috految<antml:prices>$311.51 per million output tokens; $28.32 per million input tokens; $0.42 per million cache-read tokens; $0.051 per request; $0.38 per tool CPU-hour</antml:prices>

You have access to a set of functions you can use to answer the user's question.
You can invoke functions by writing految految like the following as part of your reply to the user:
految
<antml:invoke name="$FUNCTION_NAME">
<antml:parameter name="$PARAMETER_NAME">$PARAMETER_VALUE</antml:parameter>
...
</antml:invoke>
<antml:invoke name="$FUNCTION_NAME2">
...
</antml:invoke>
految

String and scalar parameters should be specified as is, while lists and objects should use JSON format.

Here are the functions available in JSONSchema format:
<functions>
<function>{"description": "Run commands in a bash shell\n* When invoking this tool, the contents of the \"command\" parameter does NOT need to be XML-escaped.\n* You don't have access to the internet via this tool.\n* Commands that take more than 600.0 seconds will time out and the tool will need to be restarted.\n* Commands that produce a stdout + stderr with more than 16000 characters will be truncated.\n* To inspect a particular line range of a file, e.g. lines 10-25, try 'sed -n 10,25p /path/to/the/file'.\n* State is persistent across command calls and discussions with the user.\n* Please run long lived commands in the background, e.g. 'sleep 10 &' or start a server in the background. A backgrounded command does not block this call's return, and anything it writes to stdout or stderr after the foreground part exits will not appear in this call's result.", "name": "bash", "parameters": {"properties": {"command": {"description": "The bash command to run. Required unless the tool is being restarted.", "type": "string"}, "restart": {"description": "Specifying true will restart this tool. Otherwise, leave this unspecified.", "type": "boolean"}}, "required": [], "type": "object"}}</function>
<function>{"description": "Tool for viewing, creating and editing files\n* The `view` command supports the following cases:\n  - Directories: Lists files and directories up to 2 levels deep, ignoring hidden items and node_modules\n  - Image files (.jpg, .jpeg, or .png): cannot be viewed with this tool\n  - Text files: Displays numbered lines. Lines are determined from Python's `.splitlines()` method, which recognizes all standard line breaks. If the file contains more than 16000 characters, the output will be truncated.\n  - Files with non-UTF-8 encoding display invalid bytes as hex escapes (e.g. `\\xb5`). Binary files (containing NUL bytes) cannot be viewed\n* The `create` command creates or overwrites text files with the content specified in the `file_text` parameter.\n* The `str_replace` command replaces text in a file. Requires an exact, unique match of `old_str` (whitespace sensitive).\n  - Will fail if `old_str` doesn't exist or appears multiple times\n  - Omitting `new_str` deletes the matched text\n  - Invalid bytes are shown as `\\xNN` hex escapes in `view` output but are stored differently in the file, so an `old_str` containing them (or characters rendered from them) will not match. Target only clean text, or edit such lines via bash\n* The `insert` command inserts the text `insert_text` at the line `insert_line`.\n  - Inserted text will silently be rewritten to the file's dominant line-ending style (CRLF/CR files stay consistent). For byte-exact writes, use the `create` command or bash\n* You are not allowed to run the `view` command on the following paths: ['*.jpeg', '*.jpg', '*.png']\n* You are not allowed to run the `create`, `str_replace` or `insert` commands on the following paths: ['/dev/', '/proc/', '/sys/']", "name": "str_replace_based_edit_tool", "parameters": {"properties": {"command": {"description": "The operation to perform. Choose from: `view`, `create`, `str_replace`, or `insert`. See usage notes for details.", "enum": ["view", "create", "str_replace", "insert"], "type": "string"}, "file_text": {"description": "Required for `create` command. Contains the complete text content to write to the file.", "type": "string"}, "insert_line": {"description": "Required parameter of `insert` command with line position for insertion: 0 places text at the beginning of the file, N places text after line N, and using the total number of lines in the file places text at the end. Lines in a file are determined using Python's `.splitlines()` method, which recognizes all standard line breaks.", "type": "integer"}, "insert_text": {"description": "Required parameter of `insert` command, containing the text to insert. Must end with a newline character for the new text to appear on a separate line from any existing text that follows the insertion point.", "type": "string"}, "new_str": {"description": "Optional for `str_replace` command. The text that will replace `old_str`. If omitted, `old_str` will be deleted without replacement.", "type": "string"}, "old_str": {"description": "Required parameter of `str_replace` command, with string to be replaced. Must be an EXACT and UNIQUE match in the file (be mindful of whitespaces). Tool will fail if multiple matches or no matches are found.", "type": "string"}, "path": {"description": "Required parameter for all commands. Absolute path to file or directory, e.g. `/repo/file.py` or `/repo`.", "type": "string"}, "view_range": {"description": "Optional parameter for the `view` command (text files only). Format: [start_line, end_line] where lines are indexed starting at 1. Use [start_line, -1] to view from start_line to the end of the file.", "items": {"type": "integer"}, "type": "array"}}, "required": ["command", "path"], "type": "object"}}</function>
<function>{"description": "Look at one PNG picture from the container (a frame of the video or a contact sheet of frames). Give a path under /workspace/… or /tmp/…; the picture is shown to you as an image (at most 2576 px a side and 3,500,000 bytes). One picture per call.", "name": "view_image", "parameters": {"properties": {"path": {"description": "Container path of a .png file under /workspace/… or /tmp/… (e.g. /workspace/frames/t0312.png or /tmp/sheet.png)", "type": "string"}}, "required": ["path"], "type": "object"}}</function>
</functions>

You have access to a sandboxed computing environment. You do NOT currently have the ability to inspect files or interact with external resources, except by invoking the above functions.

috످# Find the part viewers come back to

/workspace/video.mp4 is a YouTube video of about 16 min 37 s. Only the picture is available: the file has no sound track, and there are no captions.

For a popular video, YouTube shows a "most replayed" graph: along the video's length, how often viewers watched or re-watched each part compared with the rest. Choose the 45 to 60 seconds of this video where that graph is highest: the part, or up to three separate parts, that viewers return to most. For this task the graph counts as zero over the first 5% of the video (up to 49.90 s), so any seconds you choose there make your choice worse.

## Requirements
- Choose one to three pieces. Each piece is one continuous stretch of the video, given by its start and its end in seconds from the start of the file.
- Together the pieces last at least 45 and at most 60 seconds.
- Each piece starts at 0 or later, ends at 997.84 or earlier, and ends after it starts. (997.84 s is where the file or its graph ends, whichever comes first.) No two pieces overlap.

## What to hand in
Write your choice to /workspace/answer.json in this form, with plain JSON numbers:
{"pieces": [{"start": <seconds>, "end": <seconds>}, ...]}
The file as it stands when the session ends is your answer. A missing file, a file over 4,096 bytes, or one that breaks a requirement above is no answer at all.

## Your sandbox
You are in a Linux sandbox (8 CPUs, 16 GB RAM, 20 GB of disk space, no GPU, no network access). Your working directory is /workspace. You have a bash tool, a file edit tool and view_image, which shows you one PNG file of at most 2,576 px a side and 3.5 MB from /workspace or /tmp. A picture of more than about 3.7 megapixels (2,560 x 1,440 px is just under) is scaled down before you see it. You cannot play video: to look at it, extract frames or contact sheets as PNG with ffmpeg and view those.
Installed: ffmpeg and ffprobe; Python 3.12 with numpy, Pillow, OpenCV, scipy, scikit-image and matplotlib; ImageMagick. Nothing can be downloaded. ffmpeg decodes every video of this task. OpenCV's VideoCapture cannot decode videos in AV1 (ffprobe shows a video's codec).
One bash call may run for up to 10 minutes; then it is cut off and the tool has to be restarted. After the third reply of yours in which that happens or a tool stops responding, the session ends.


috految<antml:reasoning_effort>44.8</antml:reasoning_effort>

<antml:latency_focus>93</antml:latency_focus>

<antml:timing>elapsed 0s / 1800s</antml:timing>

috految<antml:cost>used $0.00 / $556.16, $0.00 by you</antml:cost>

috److految
<antml:invoke name="bash">
<antml:parameter name="command">cd /workspace; ffprobe -v error -show_entries stream=codec_name,width,height -of csv video.mp4 & for i in 0 1 2; do ffmpeg -nostdin -v error -discard nokey -skip_frame nokey -ss $((i*333)) -t 333 -copyts -i video.mp4 -vf "scale=200:-2,drawtext=text='%{eif\:t\:d}':fontsize=16:fontcolor=yellow:box=1:boxcolor=black,select='isnan(prev_selected_t)+gte(t-prev_selected_t,3)',tile=9x9,format=rgb24,lutrgb=r='bitand(val,248)':g='bitand(val,248)':b='bitand(val,248)'" -vsync 0 -frames:v 1 -compression_level 2 s$i.png & done; wait; ls -l</antml:parameter>
</antml:invoke>
<antml:invoke name="view_image">
<antml:parameter name="path">/workspace/s0.png</antml:parameter>
</antml:invoke>
<antml:invoke name="view_image">
<antml:parameter name="path">/workspace/s1.png</antml:parameter>
</antml:invoke>
<antml:invoke name="view_image">
<antml:parameter name="path">/workspace/s2.png</antml:parameter>
</antml:invoke>
految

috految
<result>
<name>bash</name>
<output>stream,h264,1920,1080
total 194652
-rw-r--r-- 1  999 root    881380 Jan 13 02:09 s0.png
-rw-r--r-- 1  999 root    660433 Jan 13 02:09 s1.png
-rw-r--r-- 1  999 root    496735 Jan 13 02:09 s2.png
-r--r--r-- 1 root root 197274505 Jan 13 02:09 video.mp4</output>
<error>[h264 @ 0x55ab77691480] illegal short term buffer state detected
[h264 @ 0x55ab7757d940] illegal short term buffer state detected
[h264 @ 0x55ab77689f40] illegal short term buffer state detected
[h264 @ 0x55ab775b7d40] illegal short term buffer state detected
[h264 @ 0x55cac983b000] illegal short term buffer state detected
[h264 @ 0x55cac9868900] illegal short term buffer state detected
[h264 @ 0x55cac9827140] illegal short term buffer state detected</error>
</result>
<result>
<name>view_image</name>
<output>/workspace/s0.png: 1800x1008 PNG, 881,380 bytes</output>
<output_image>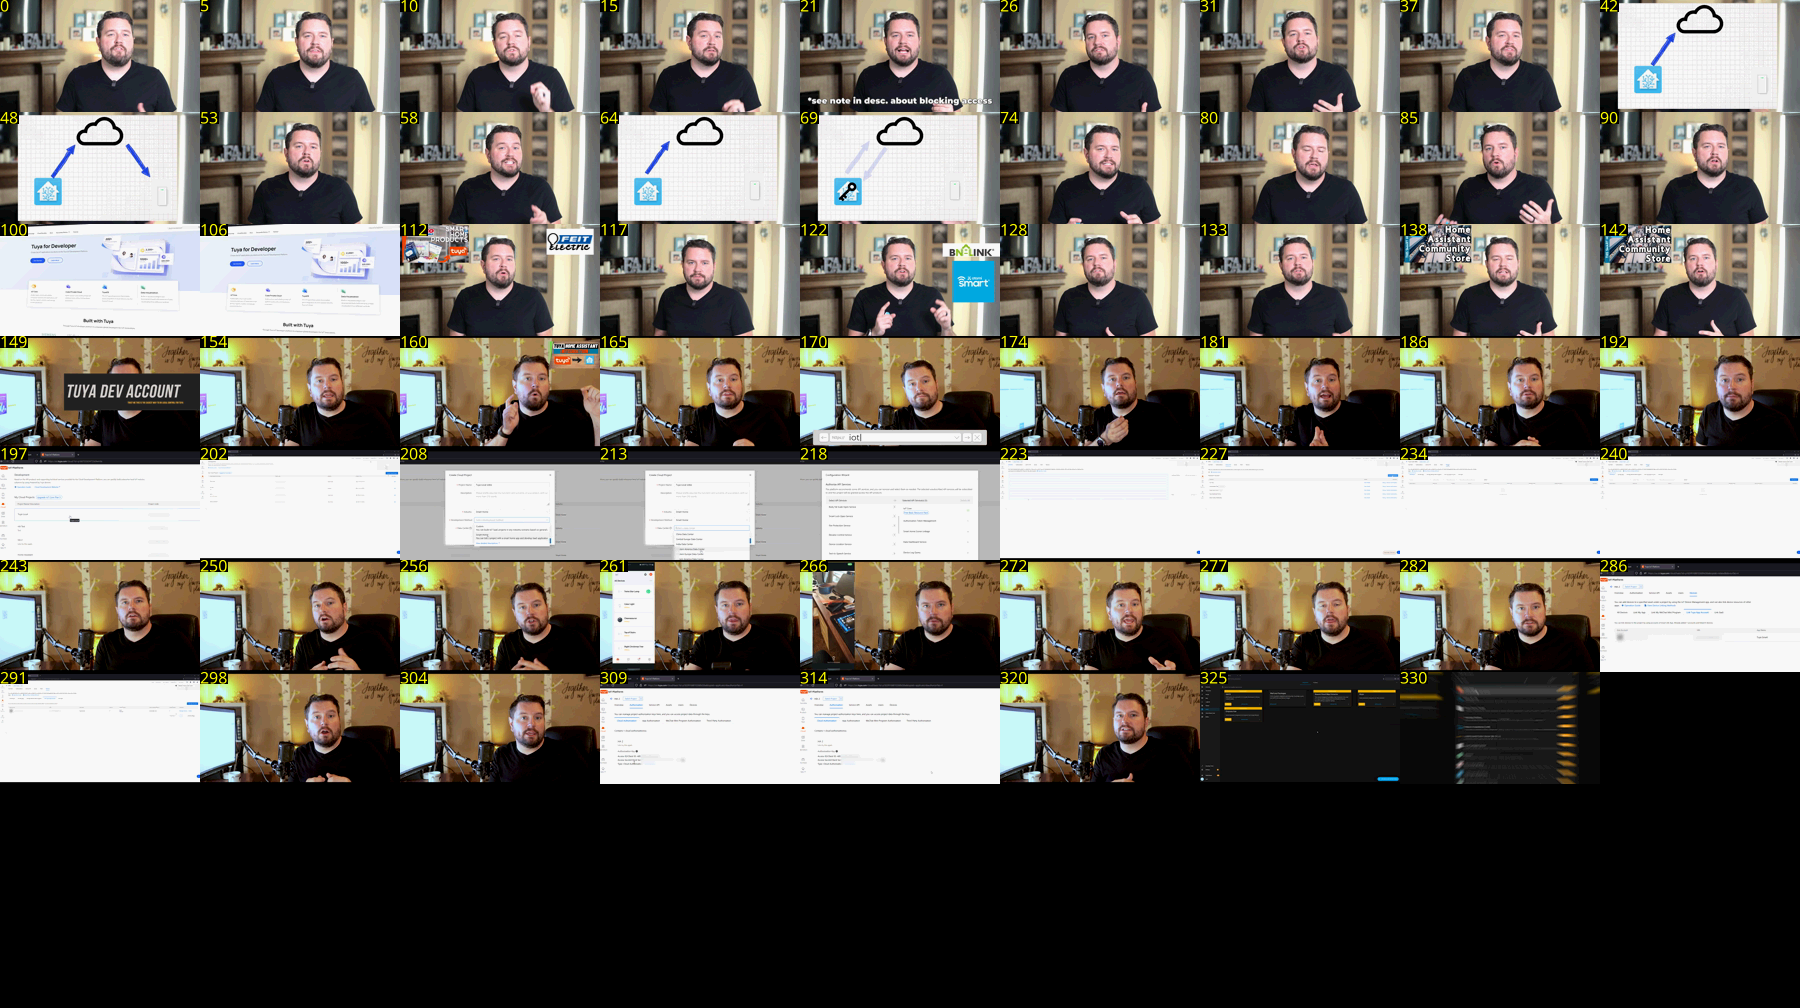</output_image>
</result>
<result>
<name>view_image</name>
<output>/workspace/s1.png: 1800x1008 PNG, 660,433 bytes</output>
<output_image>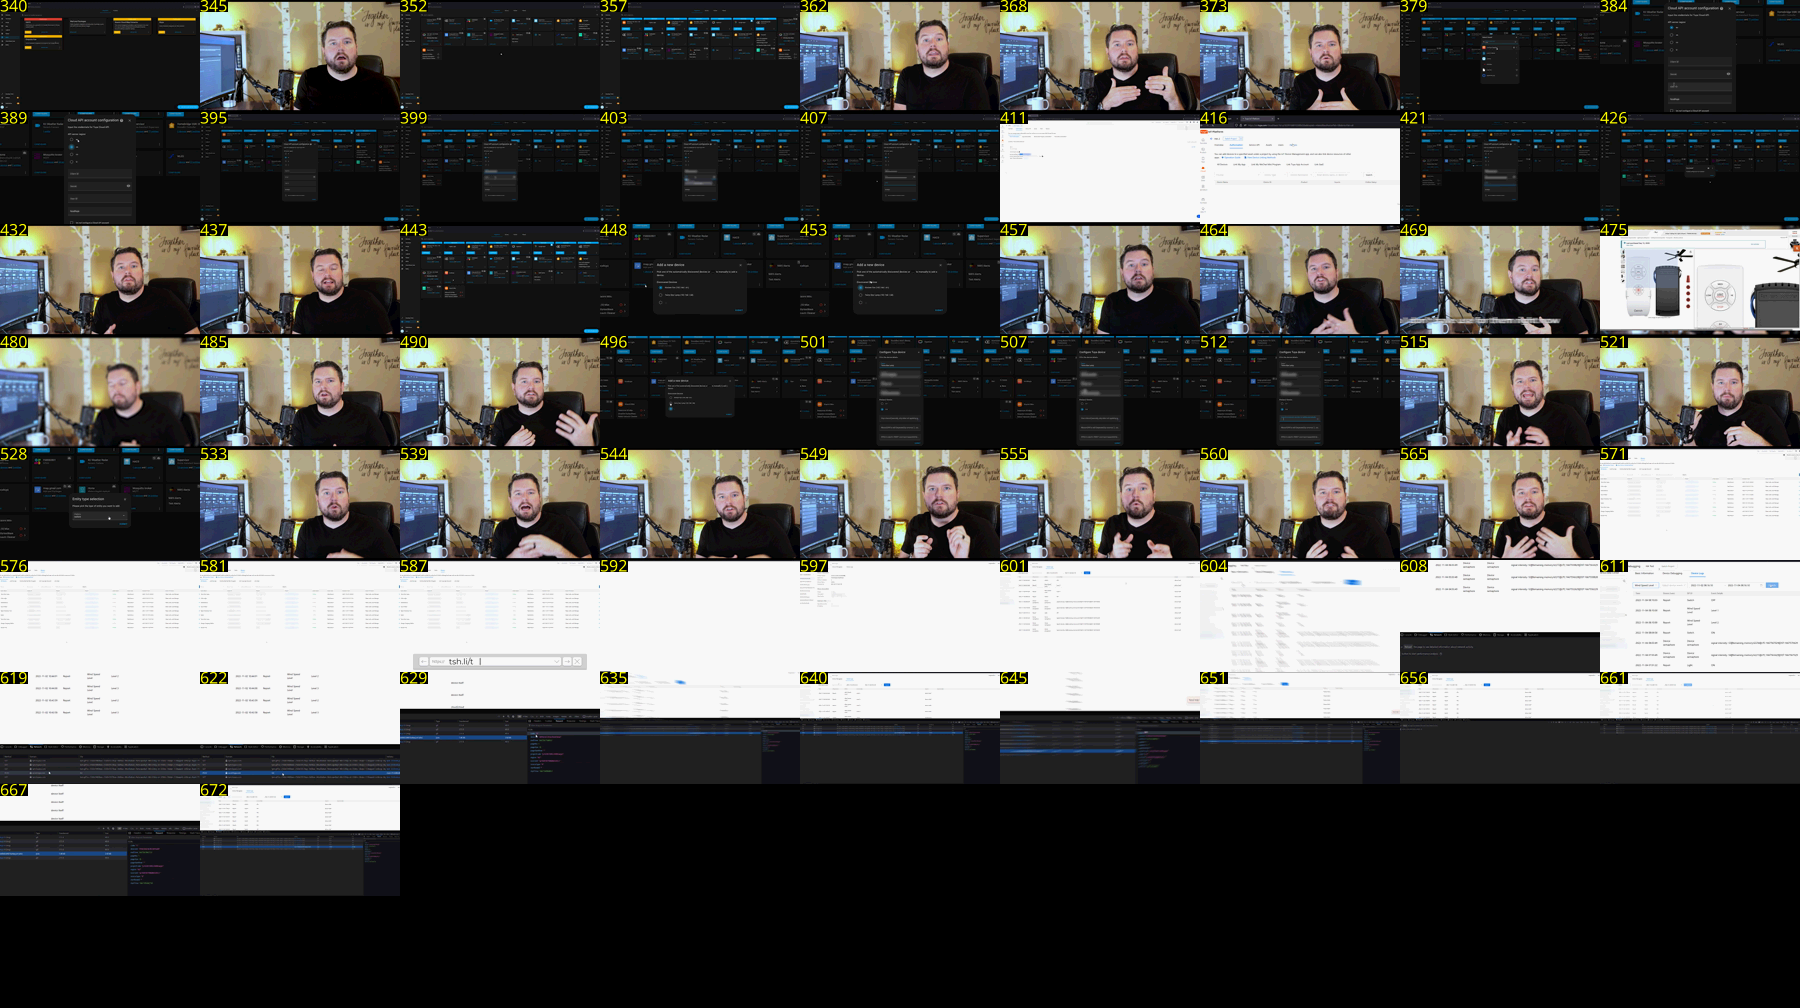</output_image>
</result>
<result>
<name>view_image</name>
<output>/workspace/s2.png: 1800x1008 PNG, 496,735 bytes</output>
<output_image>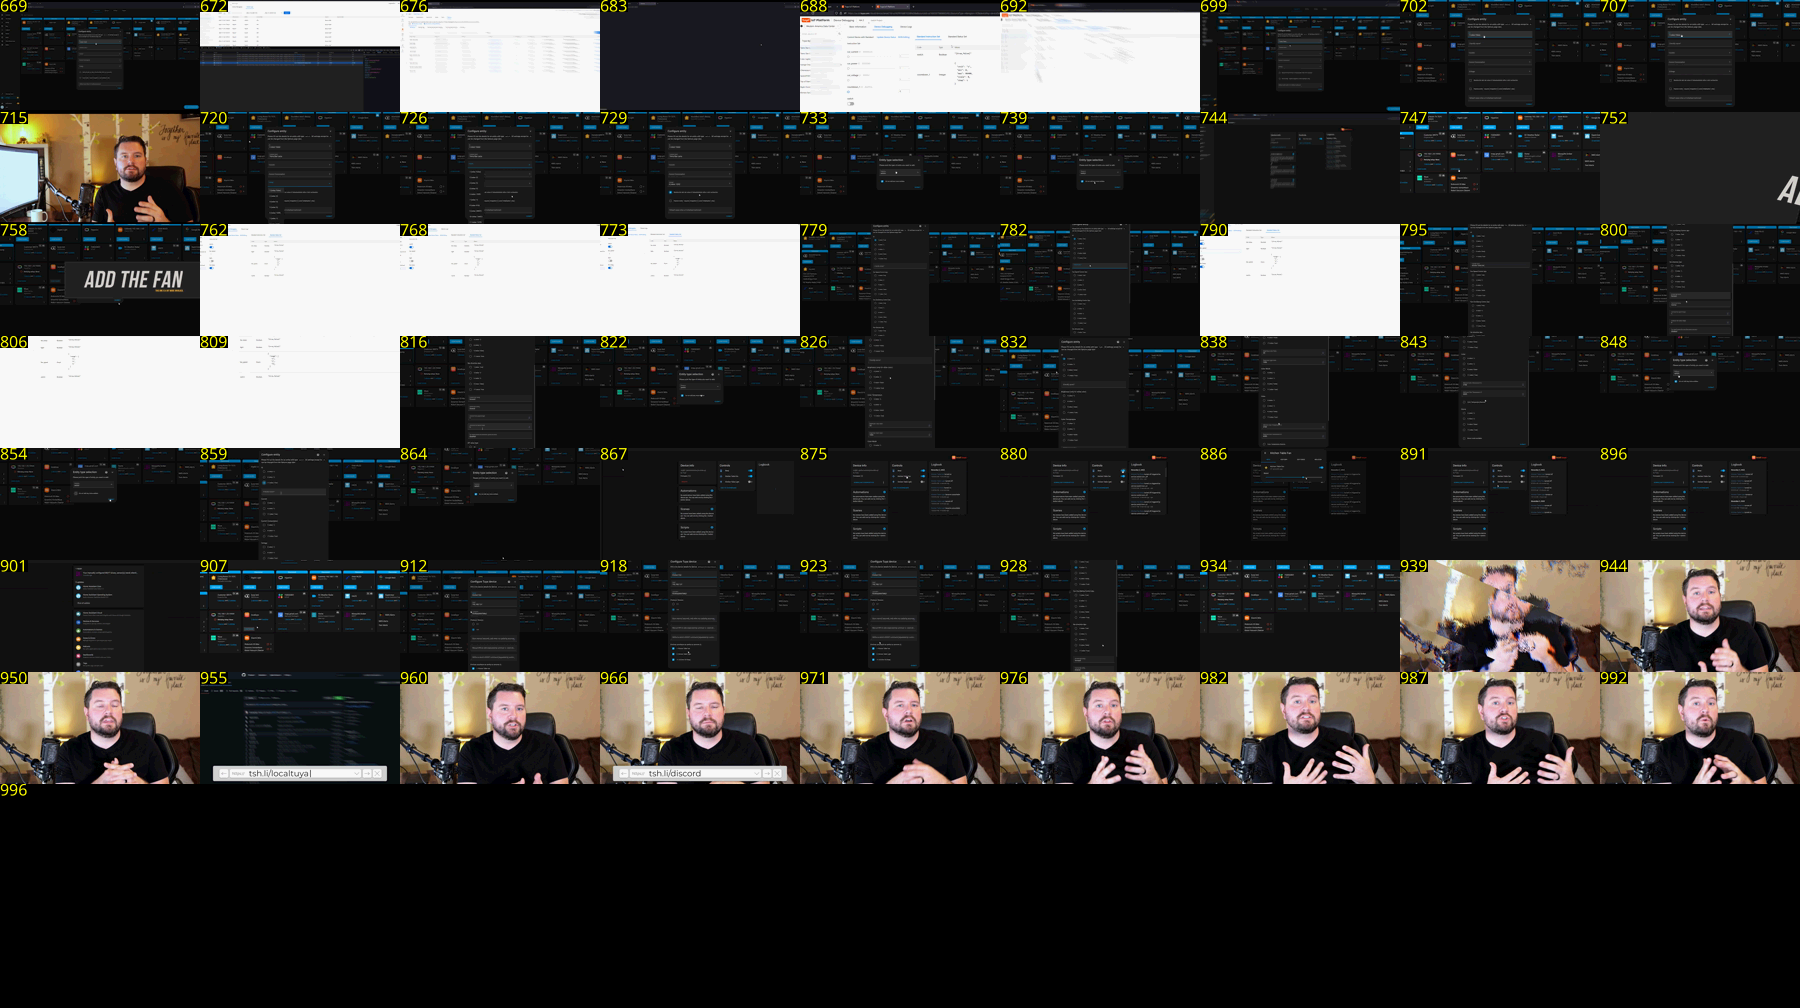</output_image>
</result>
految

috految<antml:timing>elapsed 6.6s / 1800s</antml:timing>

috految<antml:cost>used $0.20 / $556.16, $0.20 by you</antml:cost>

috److془Candidates: 199-239, 319-339, 409-419, 589-629.

Choose 209.6-234, 319-329, 409-419? or 599-619.

Heatmap normalised by retention. 199-229: ~ 2.0 ; 409: ~1.8; 599: ~1.9.

Choose 209.6-239.5 + 409-419 + 599-609... 199.6 vs 229.5. Go with 204.5-... hmm.془

految
<antml:invoke name="bash">
<antml:parameter name="command">cd /workspace; echo '{"pieces":[{"start":205,"end":234},{"start":409.2,"end":415.3},{"start":598.8,"end":608.8}]}' > answer.json</antml:parameter>
</antml:invoke>
految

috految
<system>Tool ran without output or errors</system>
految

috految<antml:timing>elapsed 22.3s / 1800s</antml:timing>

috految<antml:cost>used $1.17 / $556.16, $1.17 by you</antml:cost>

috److I chose three pieces totalling 45.1 seconds and wrote them to `/workspace/answer.json`. The video appears to be a tutorial on setting up Local Tuya in Home Assistant. I picked the fast on-screen steps that viewers following along would most likely rewind.

| Start (s) | End (s) | What is on screen |
|---|---|---|
| 205.0 | 234.0 | Creating the Tuya cloud project and authorising the API services |
| 409.2 | 415.3 | Looking up account details on the Tuya platform for the Cloud API configuration |
| 598.8 | 608.8 | Opening the device logs and the browser's developer tools |

These picks are my judgement from contact sheets of frames about five seconds apart; I had no replay data to check them against.

috످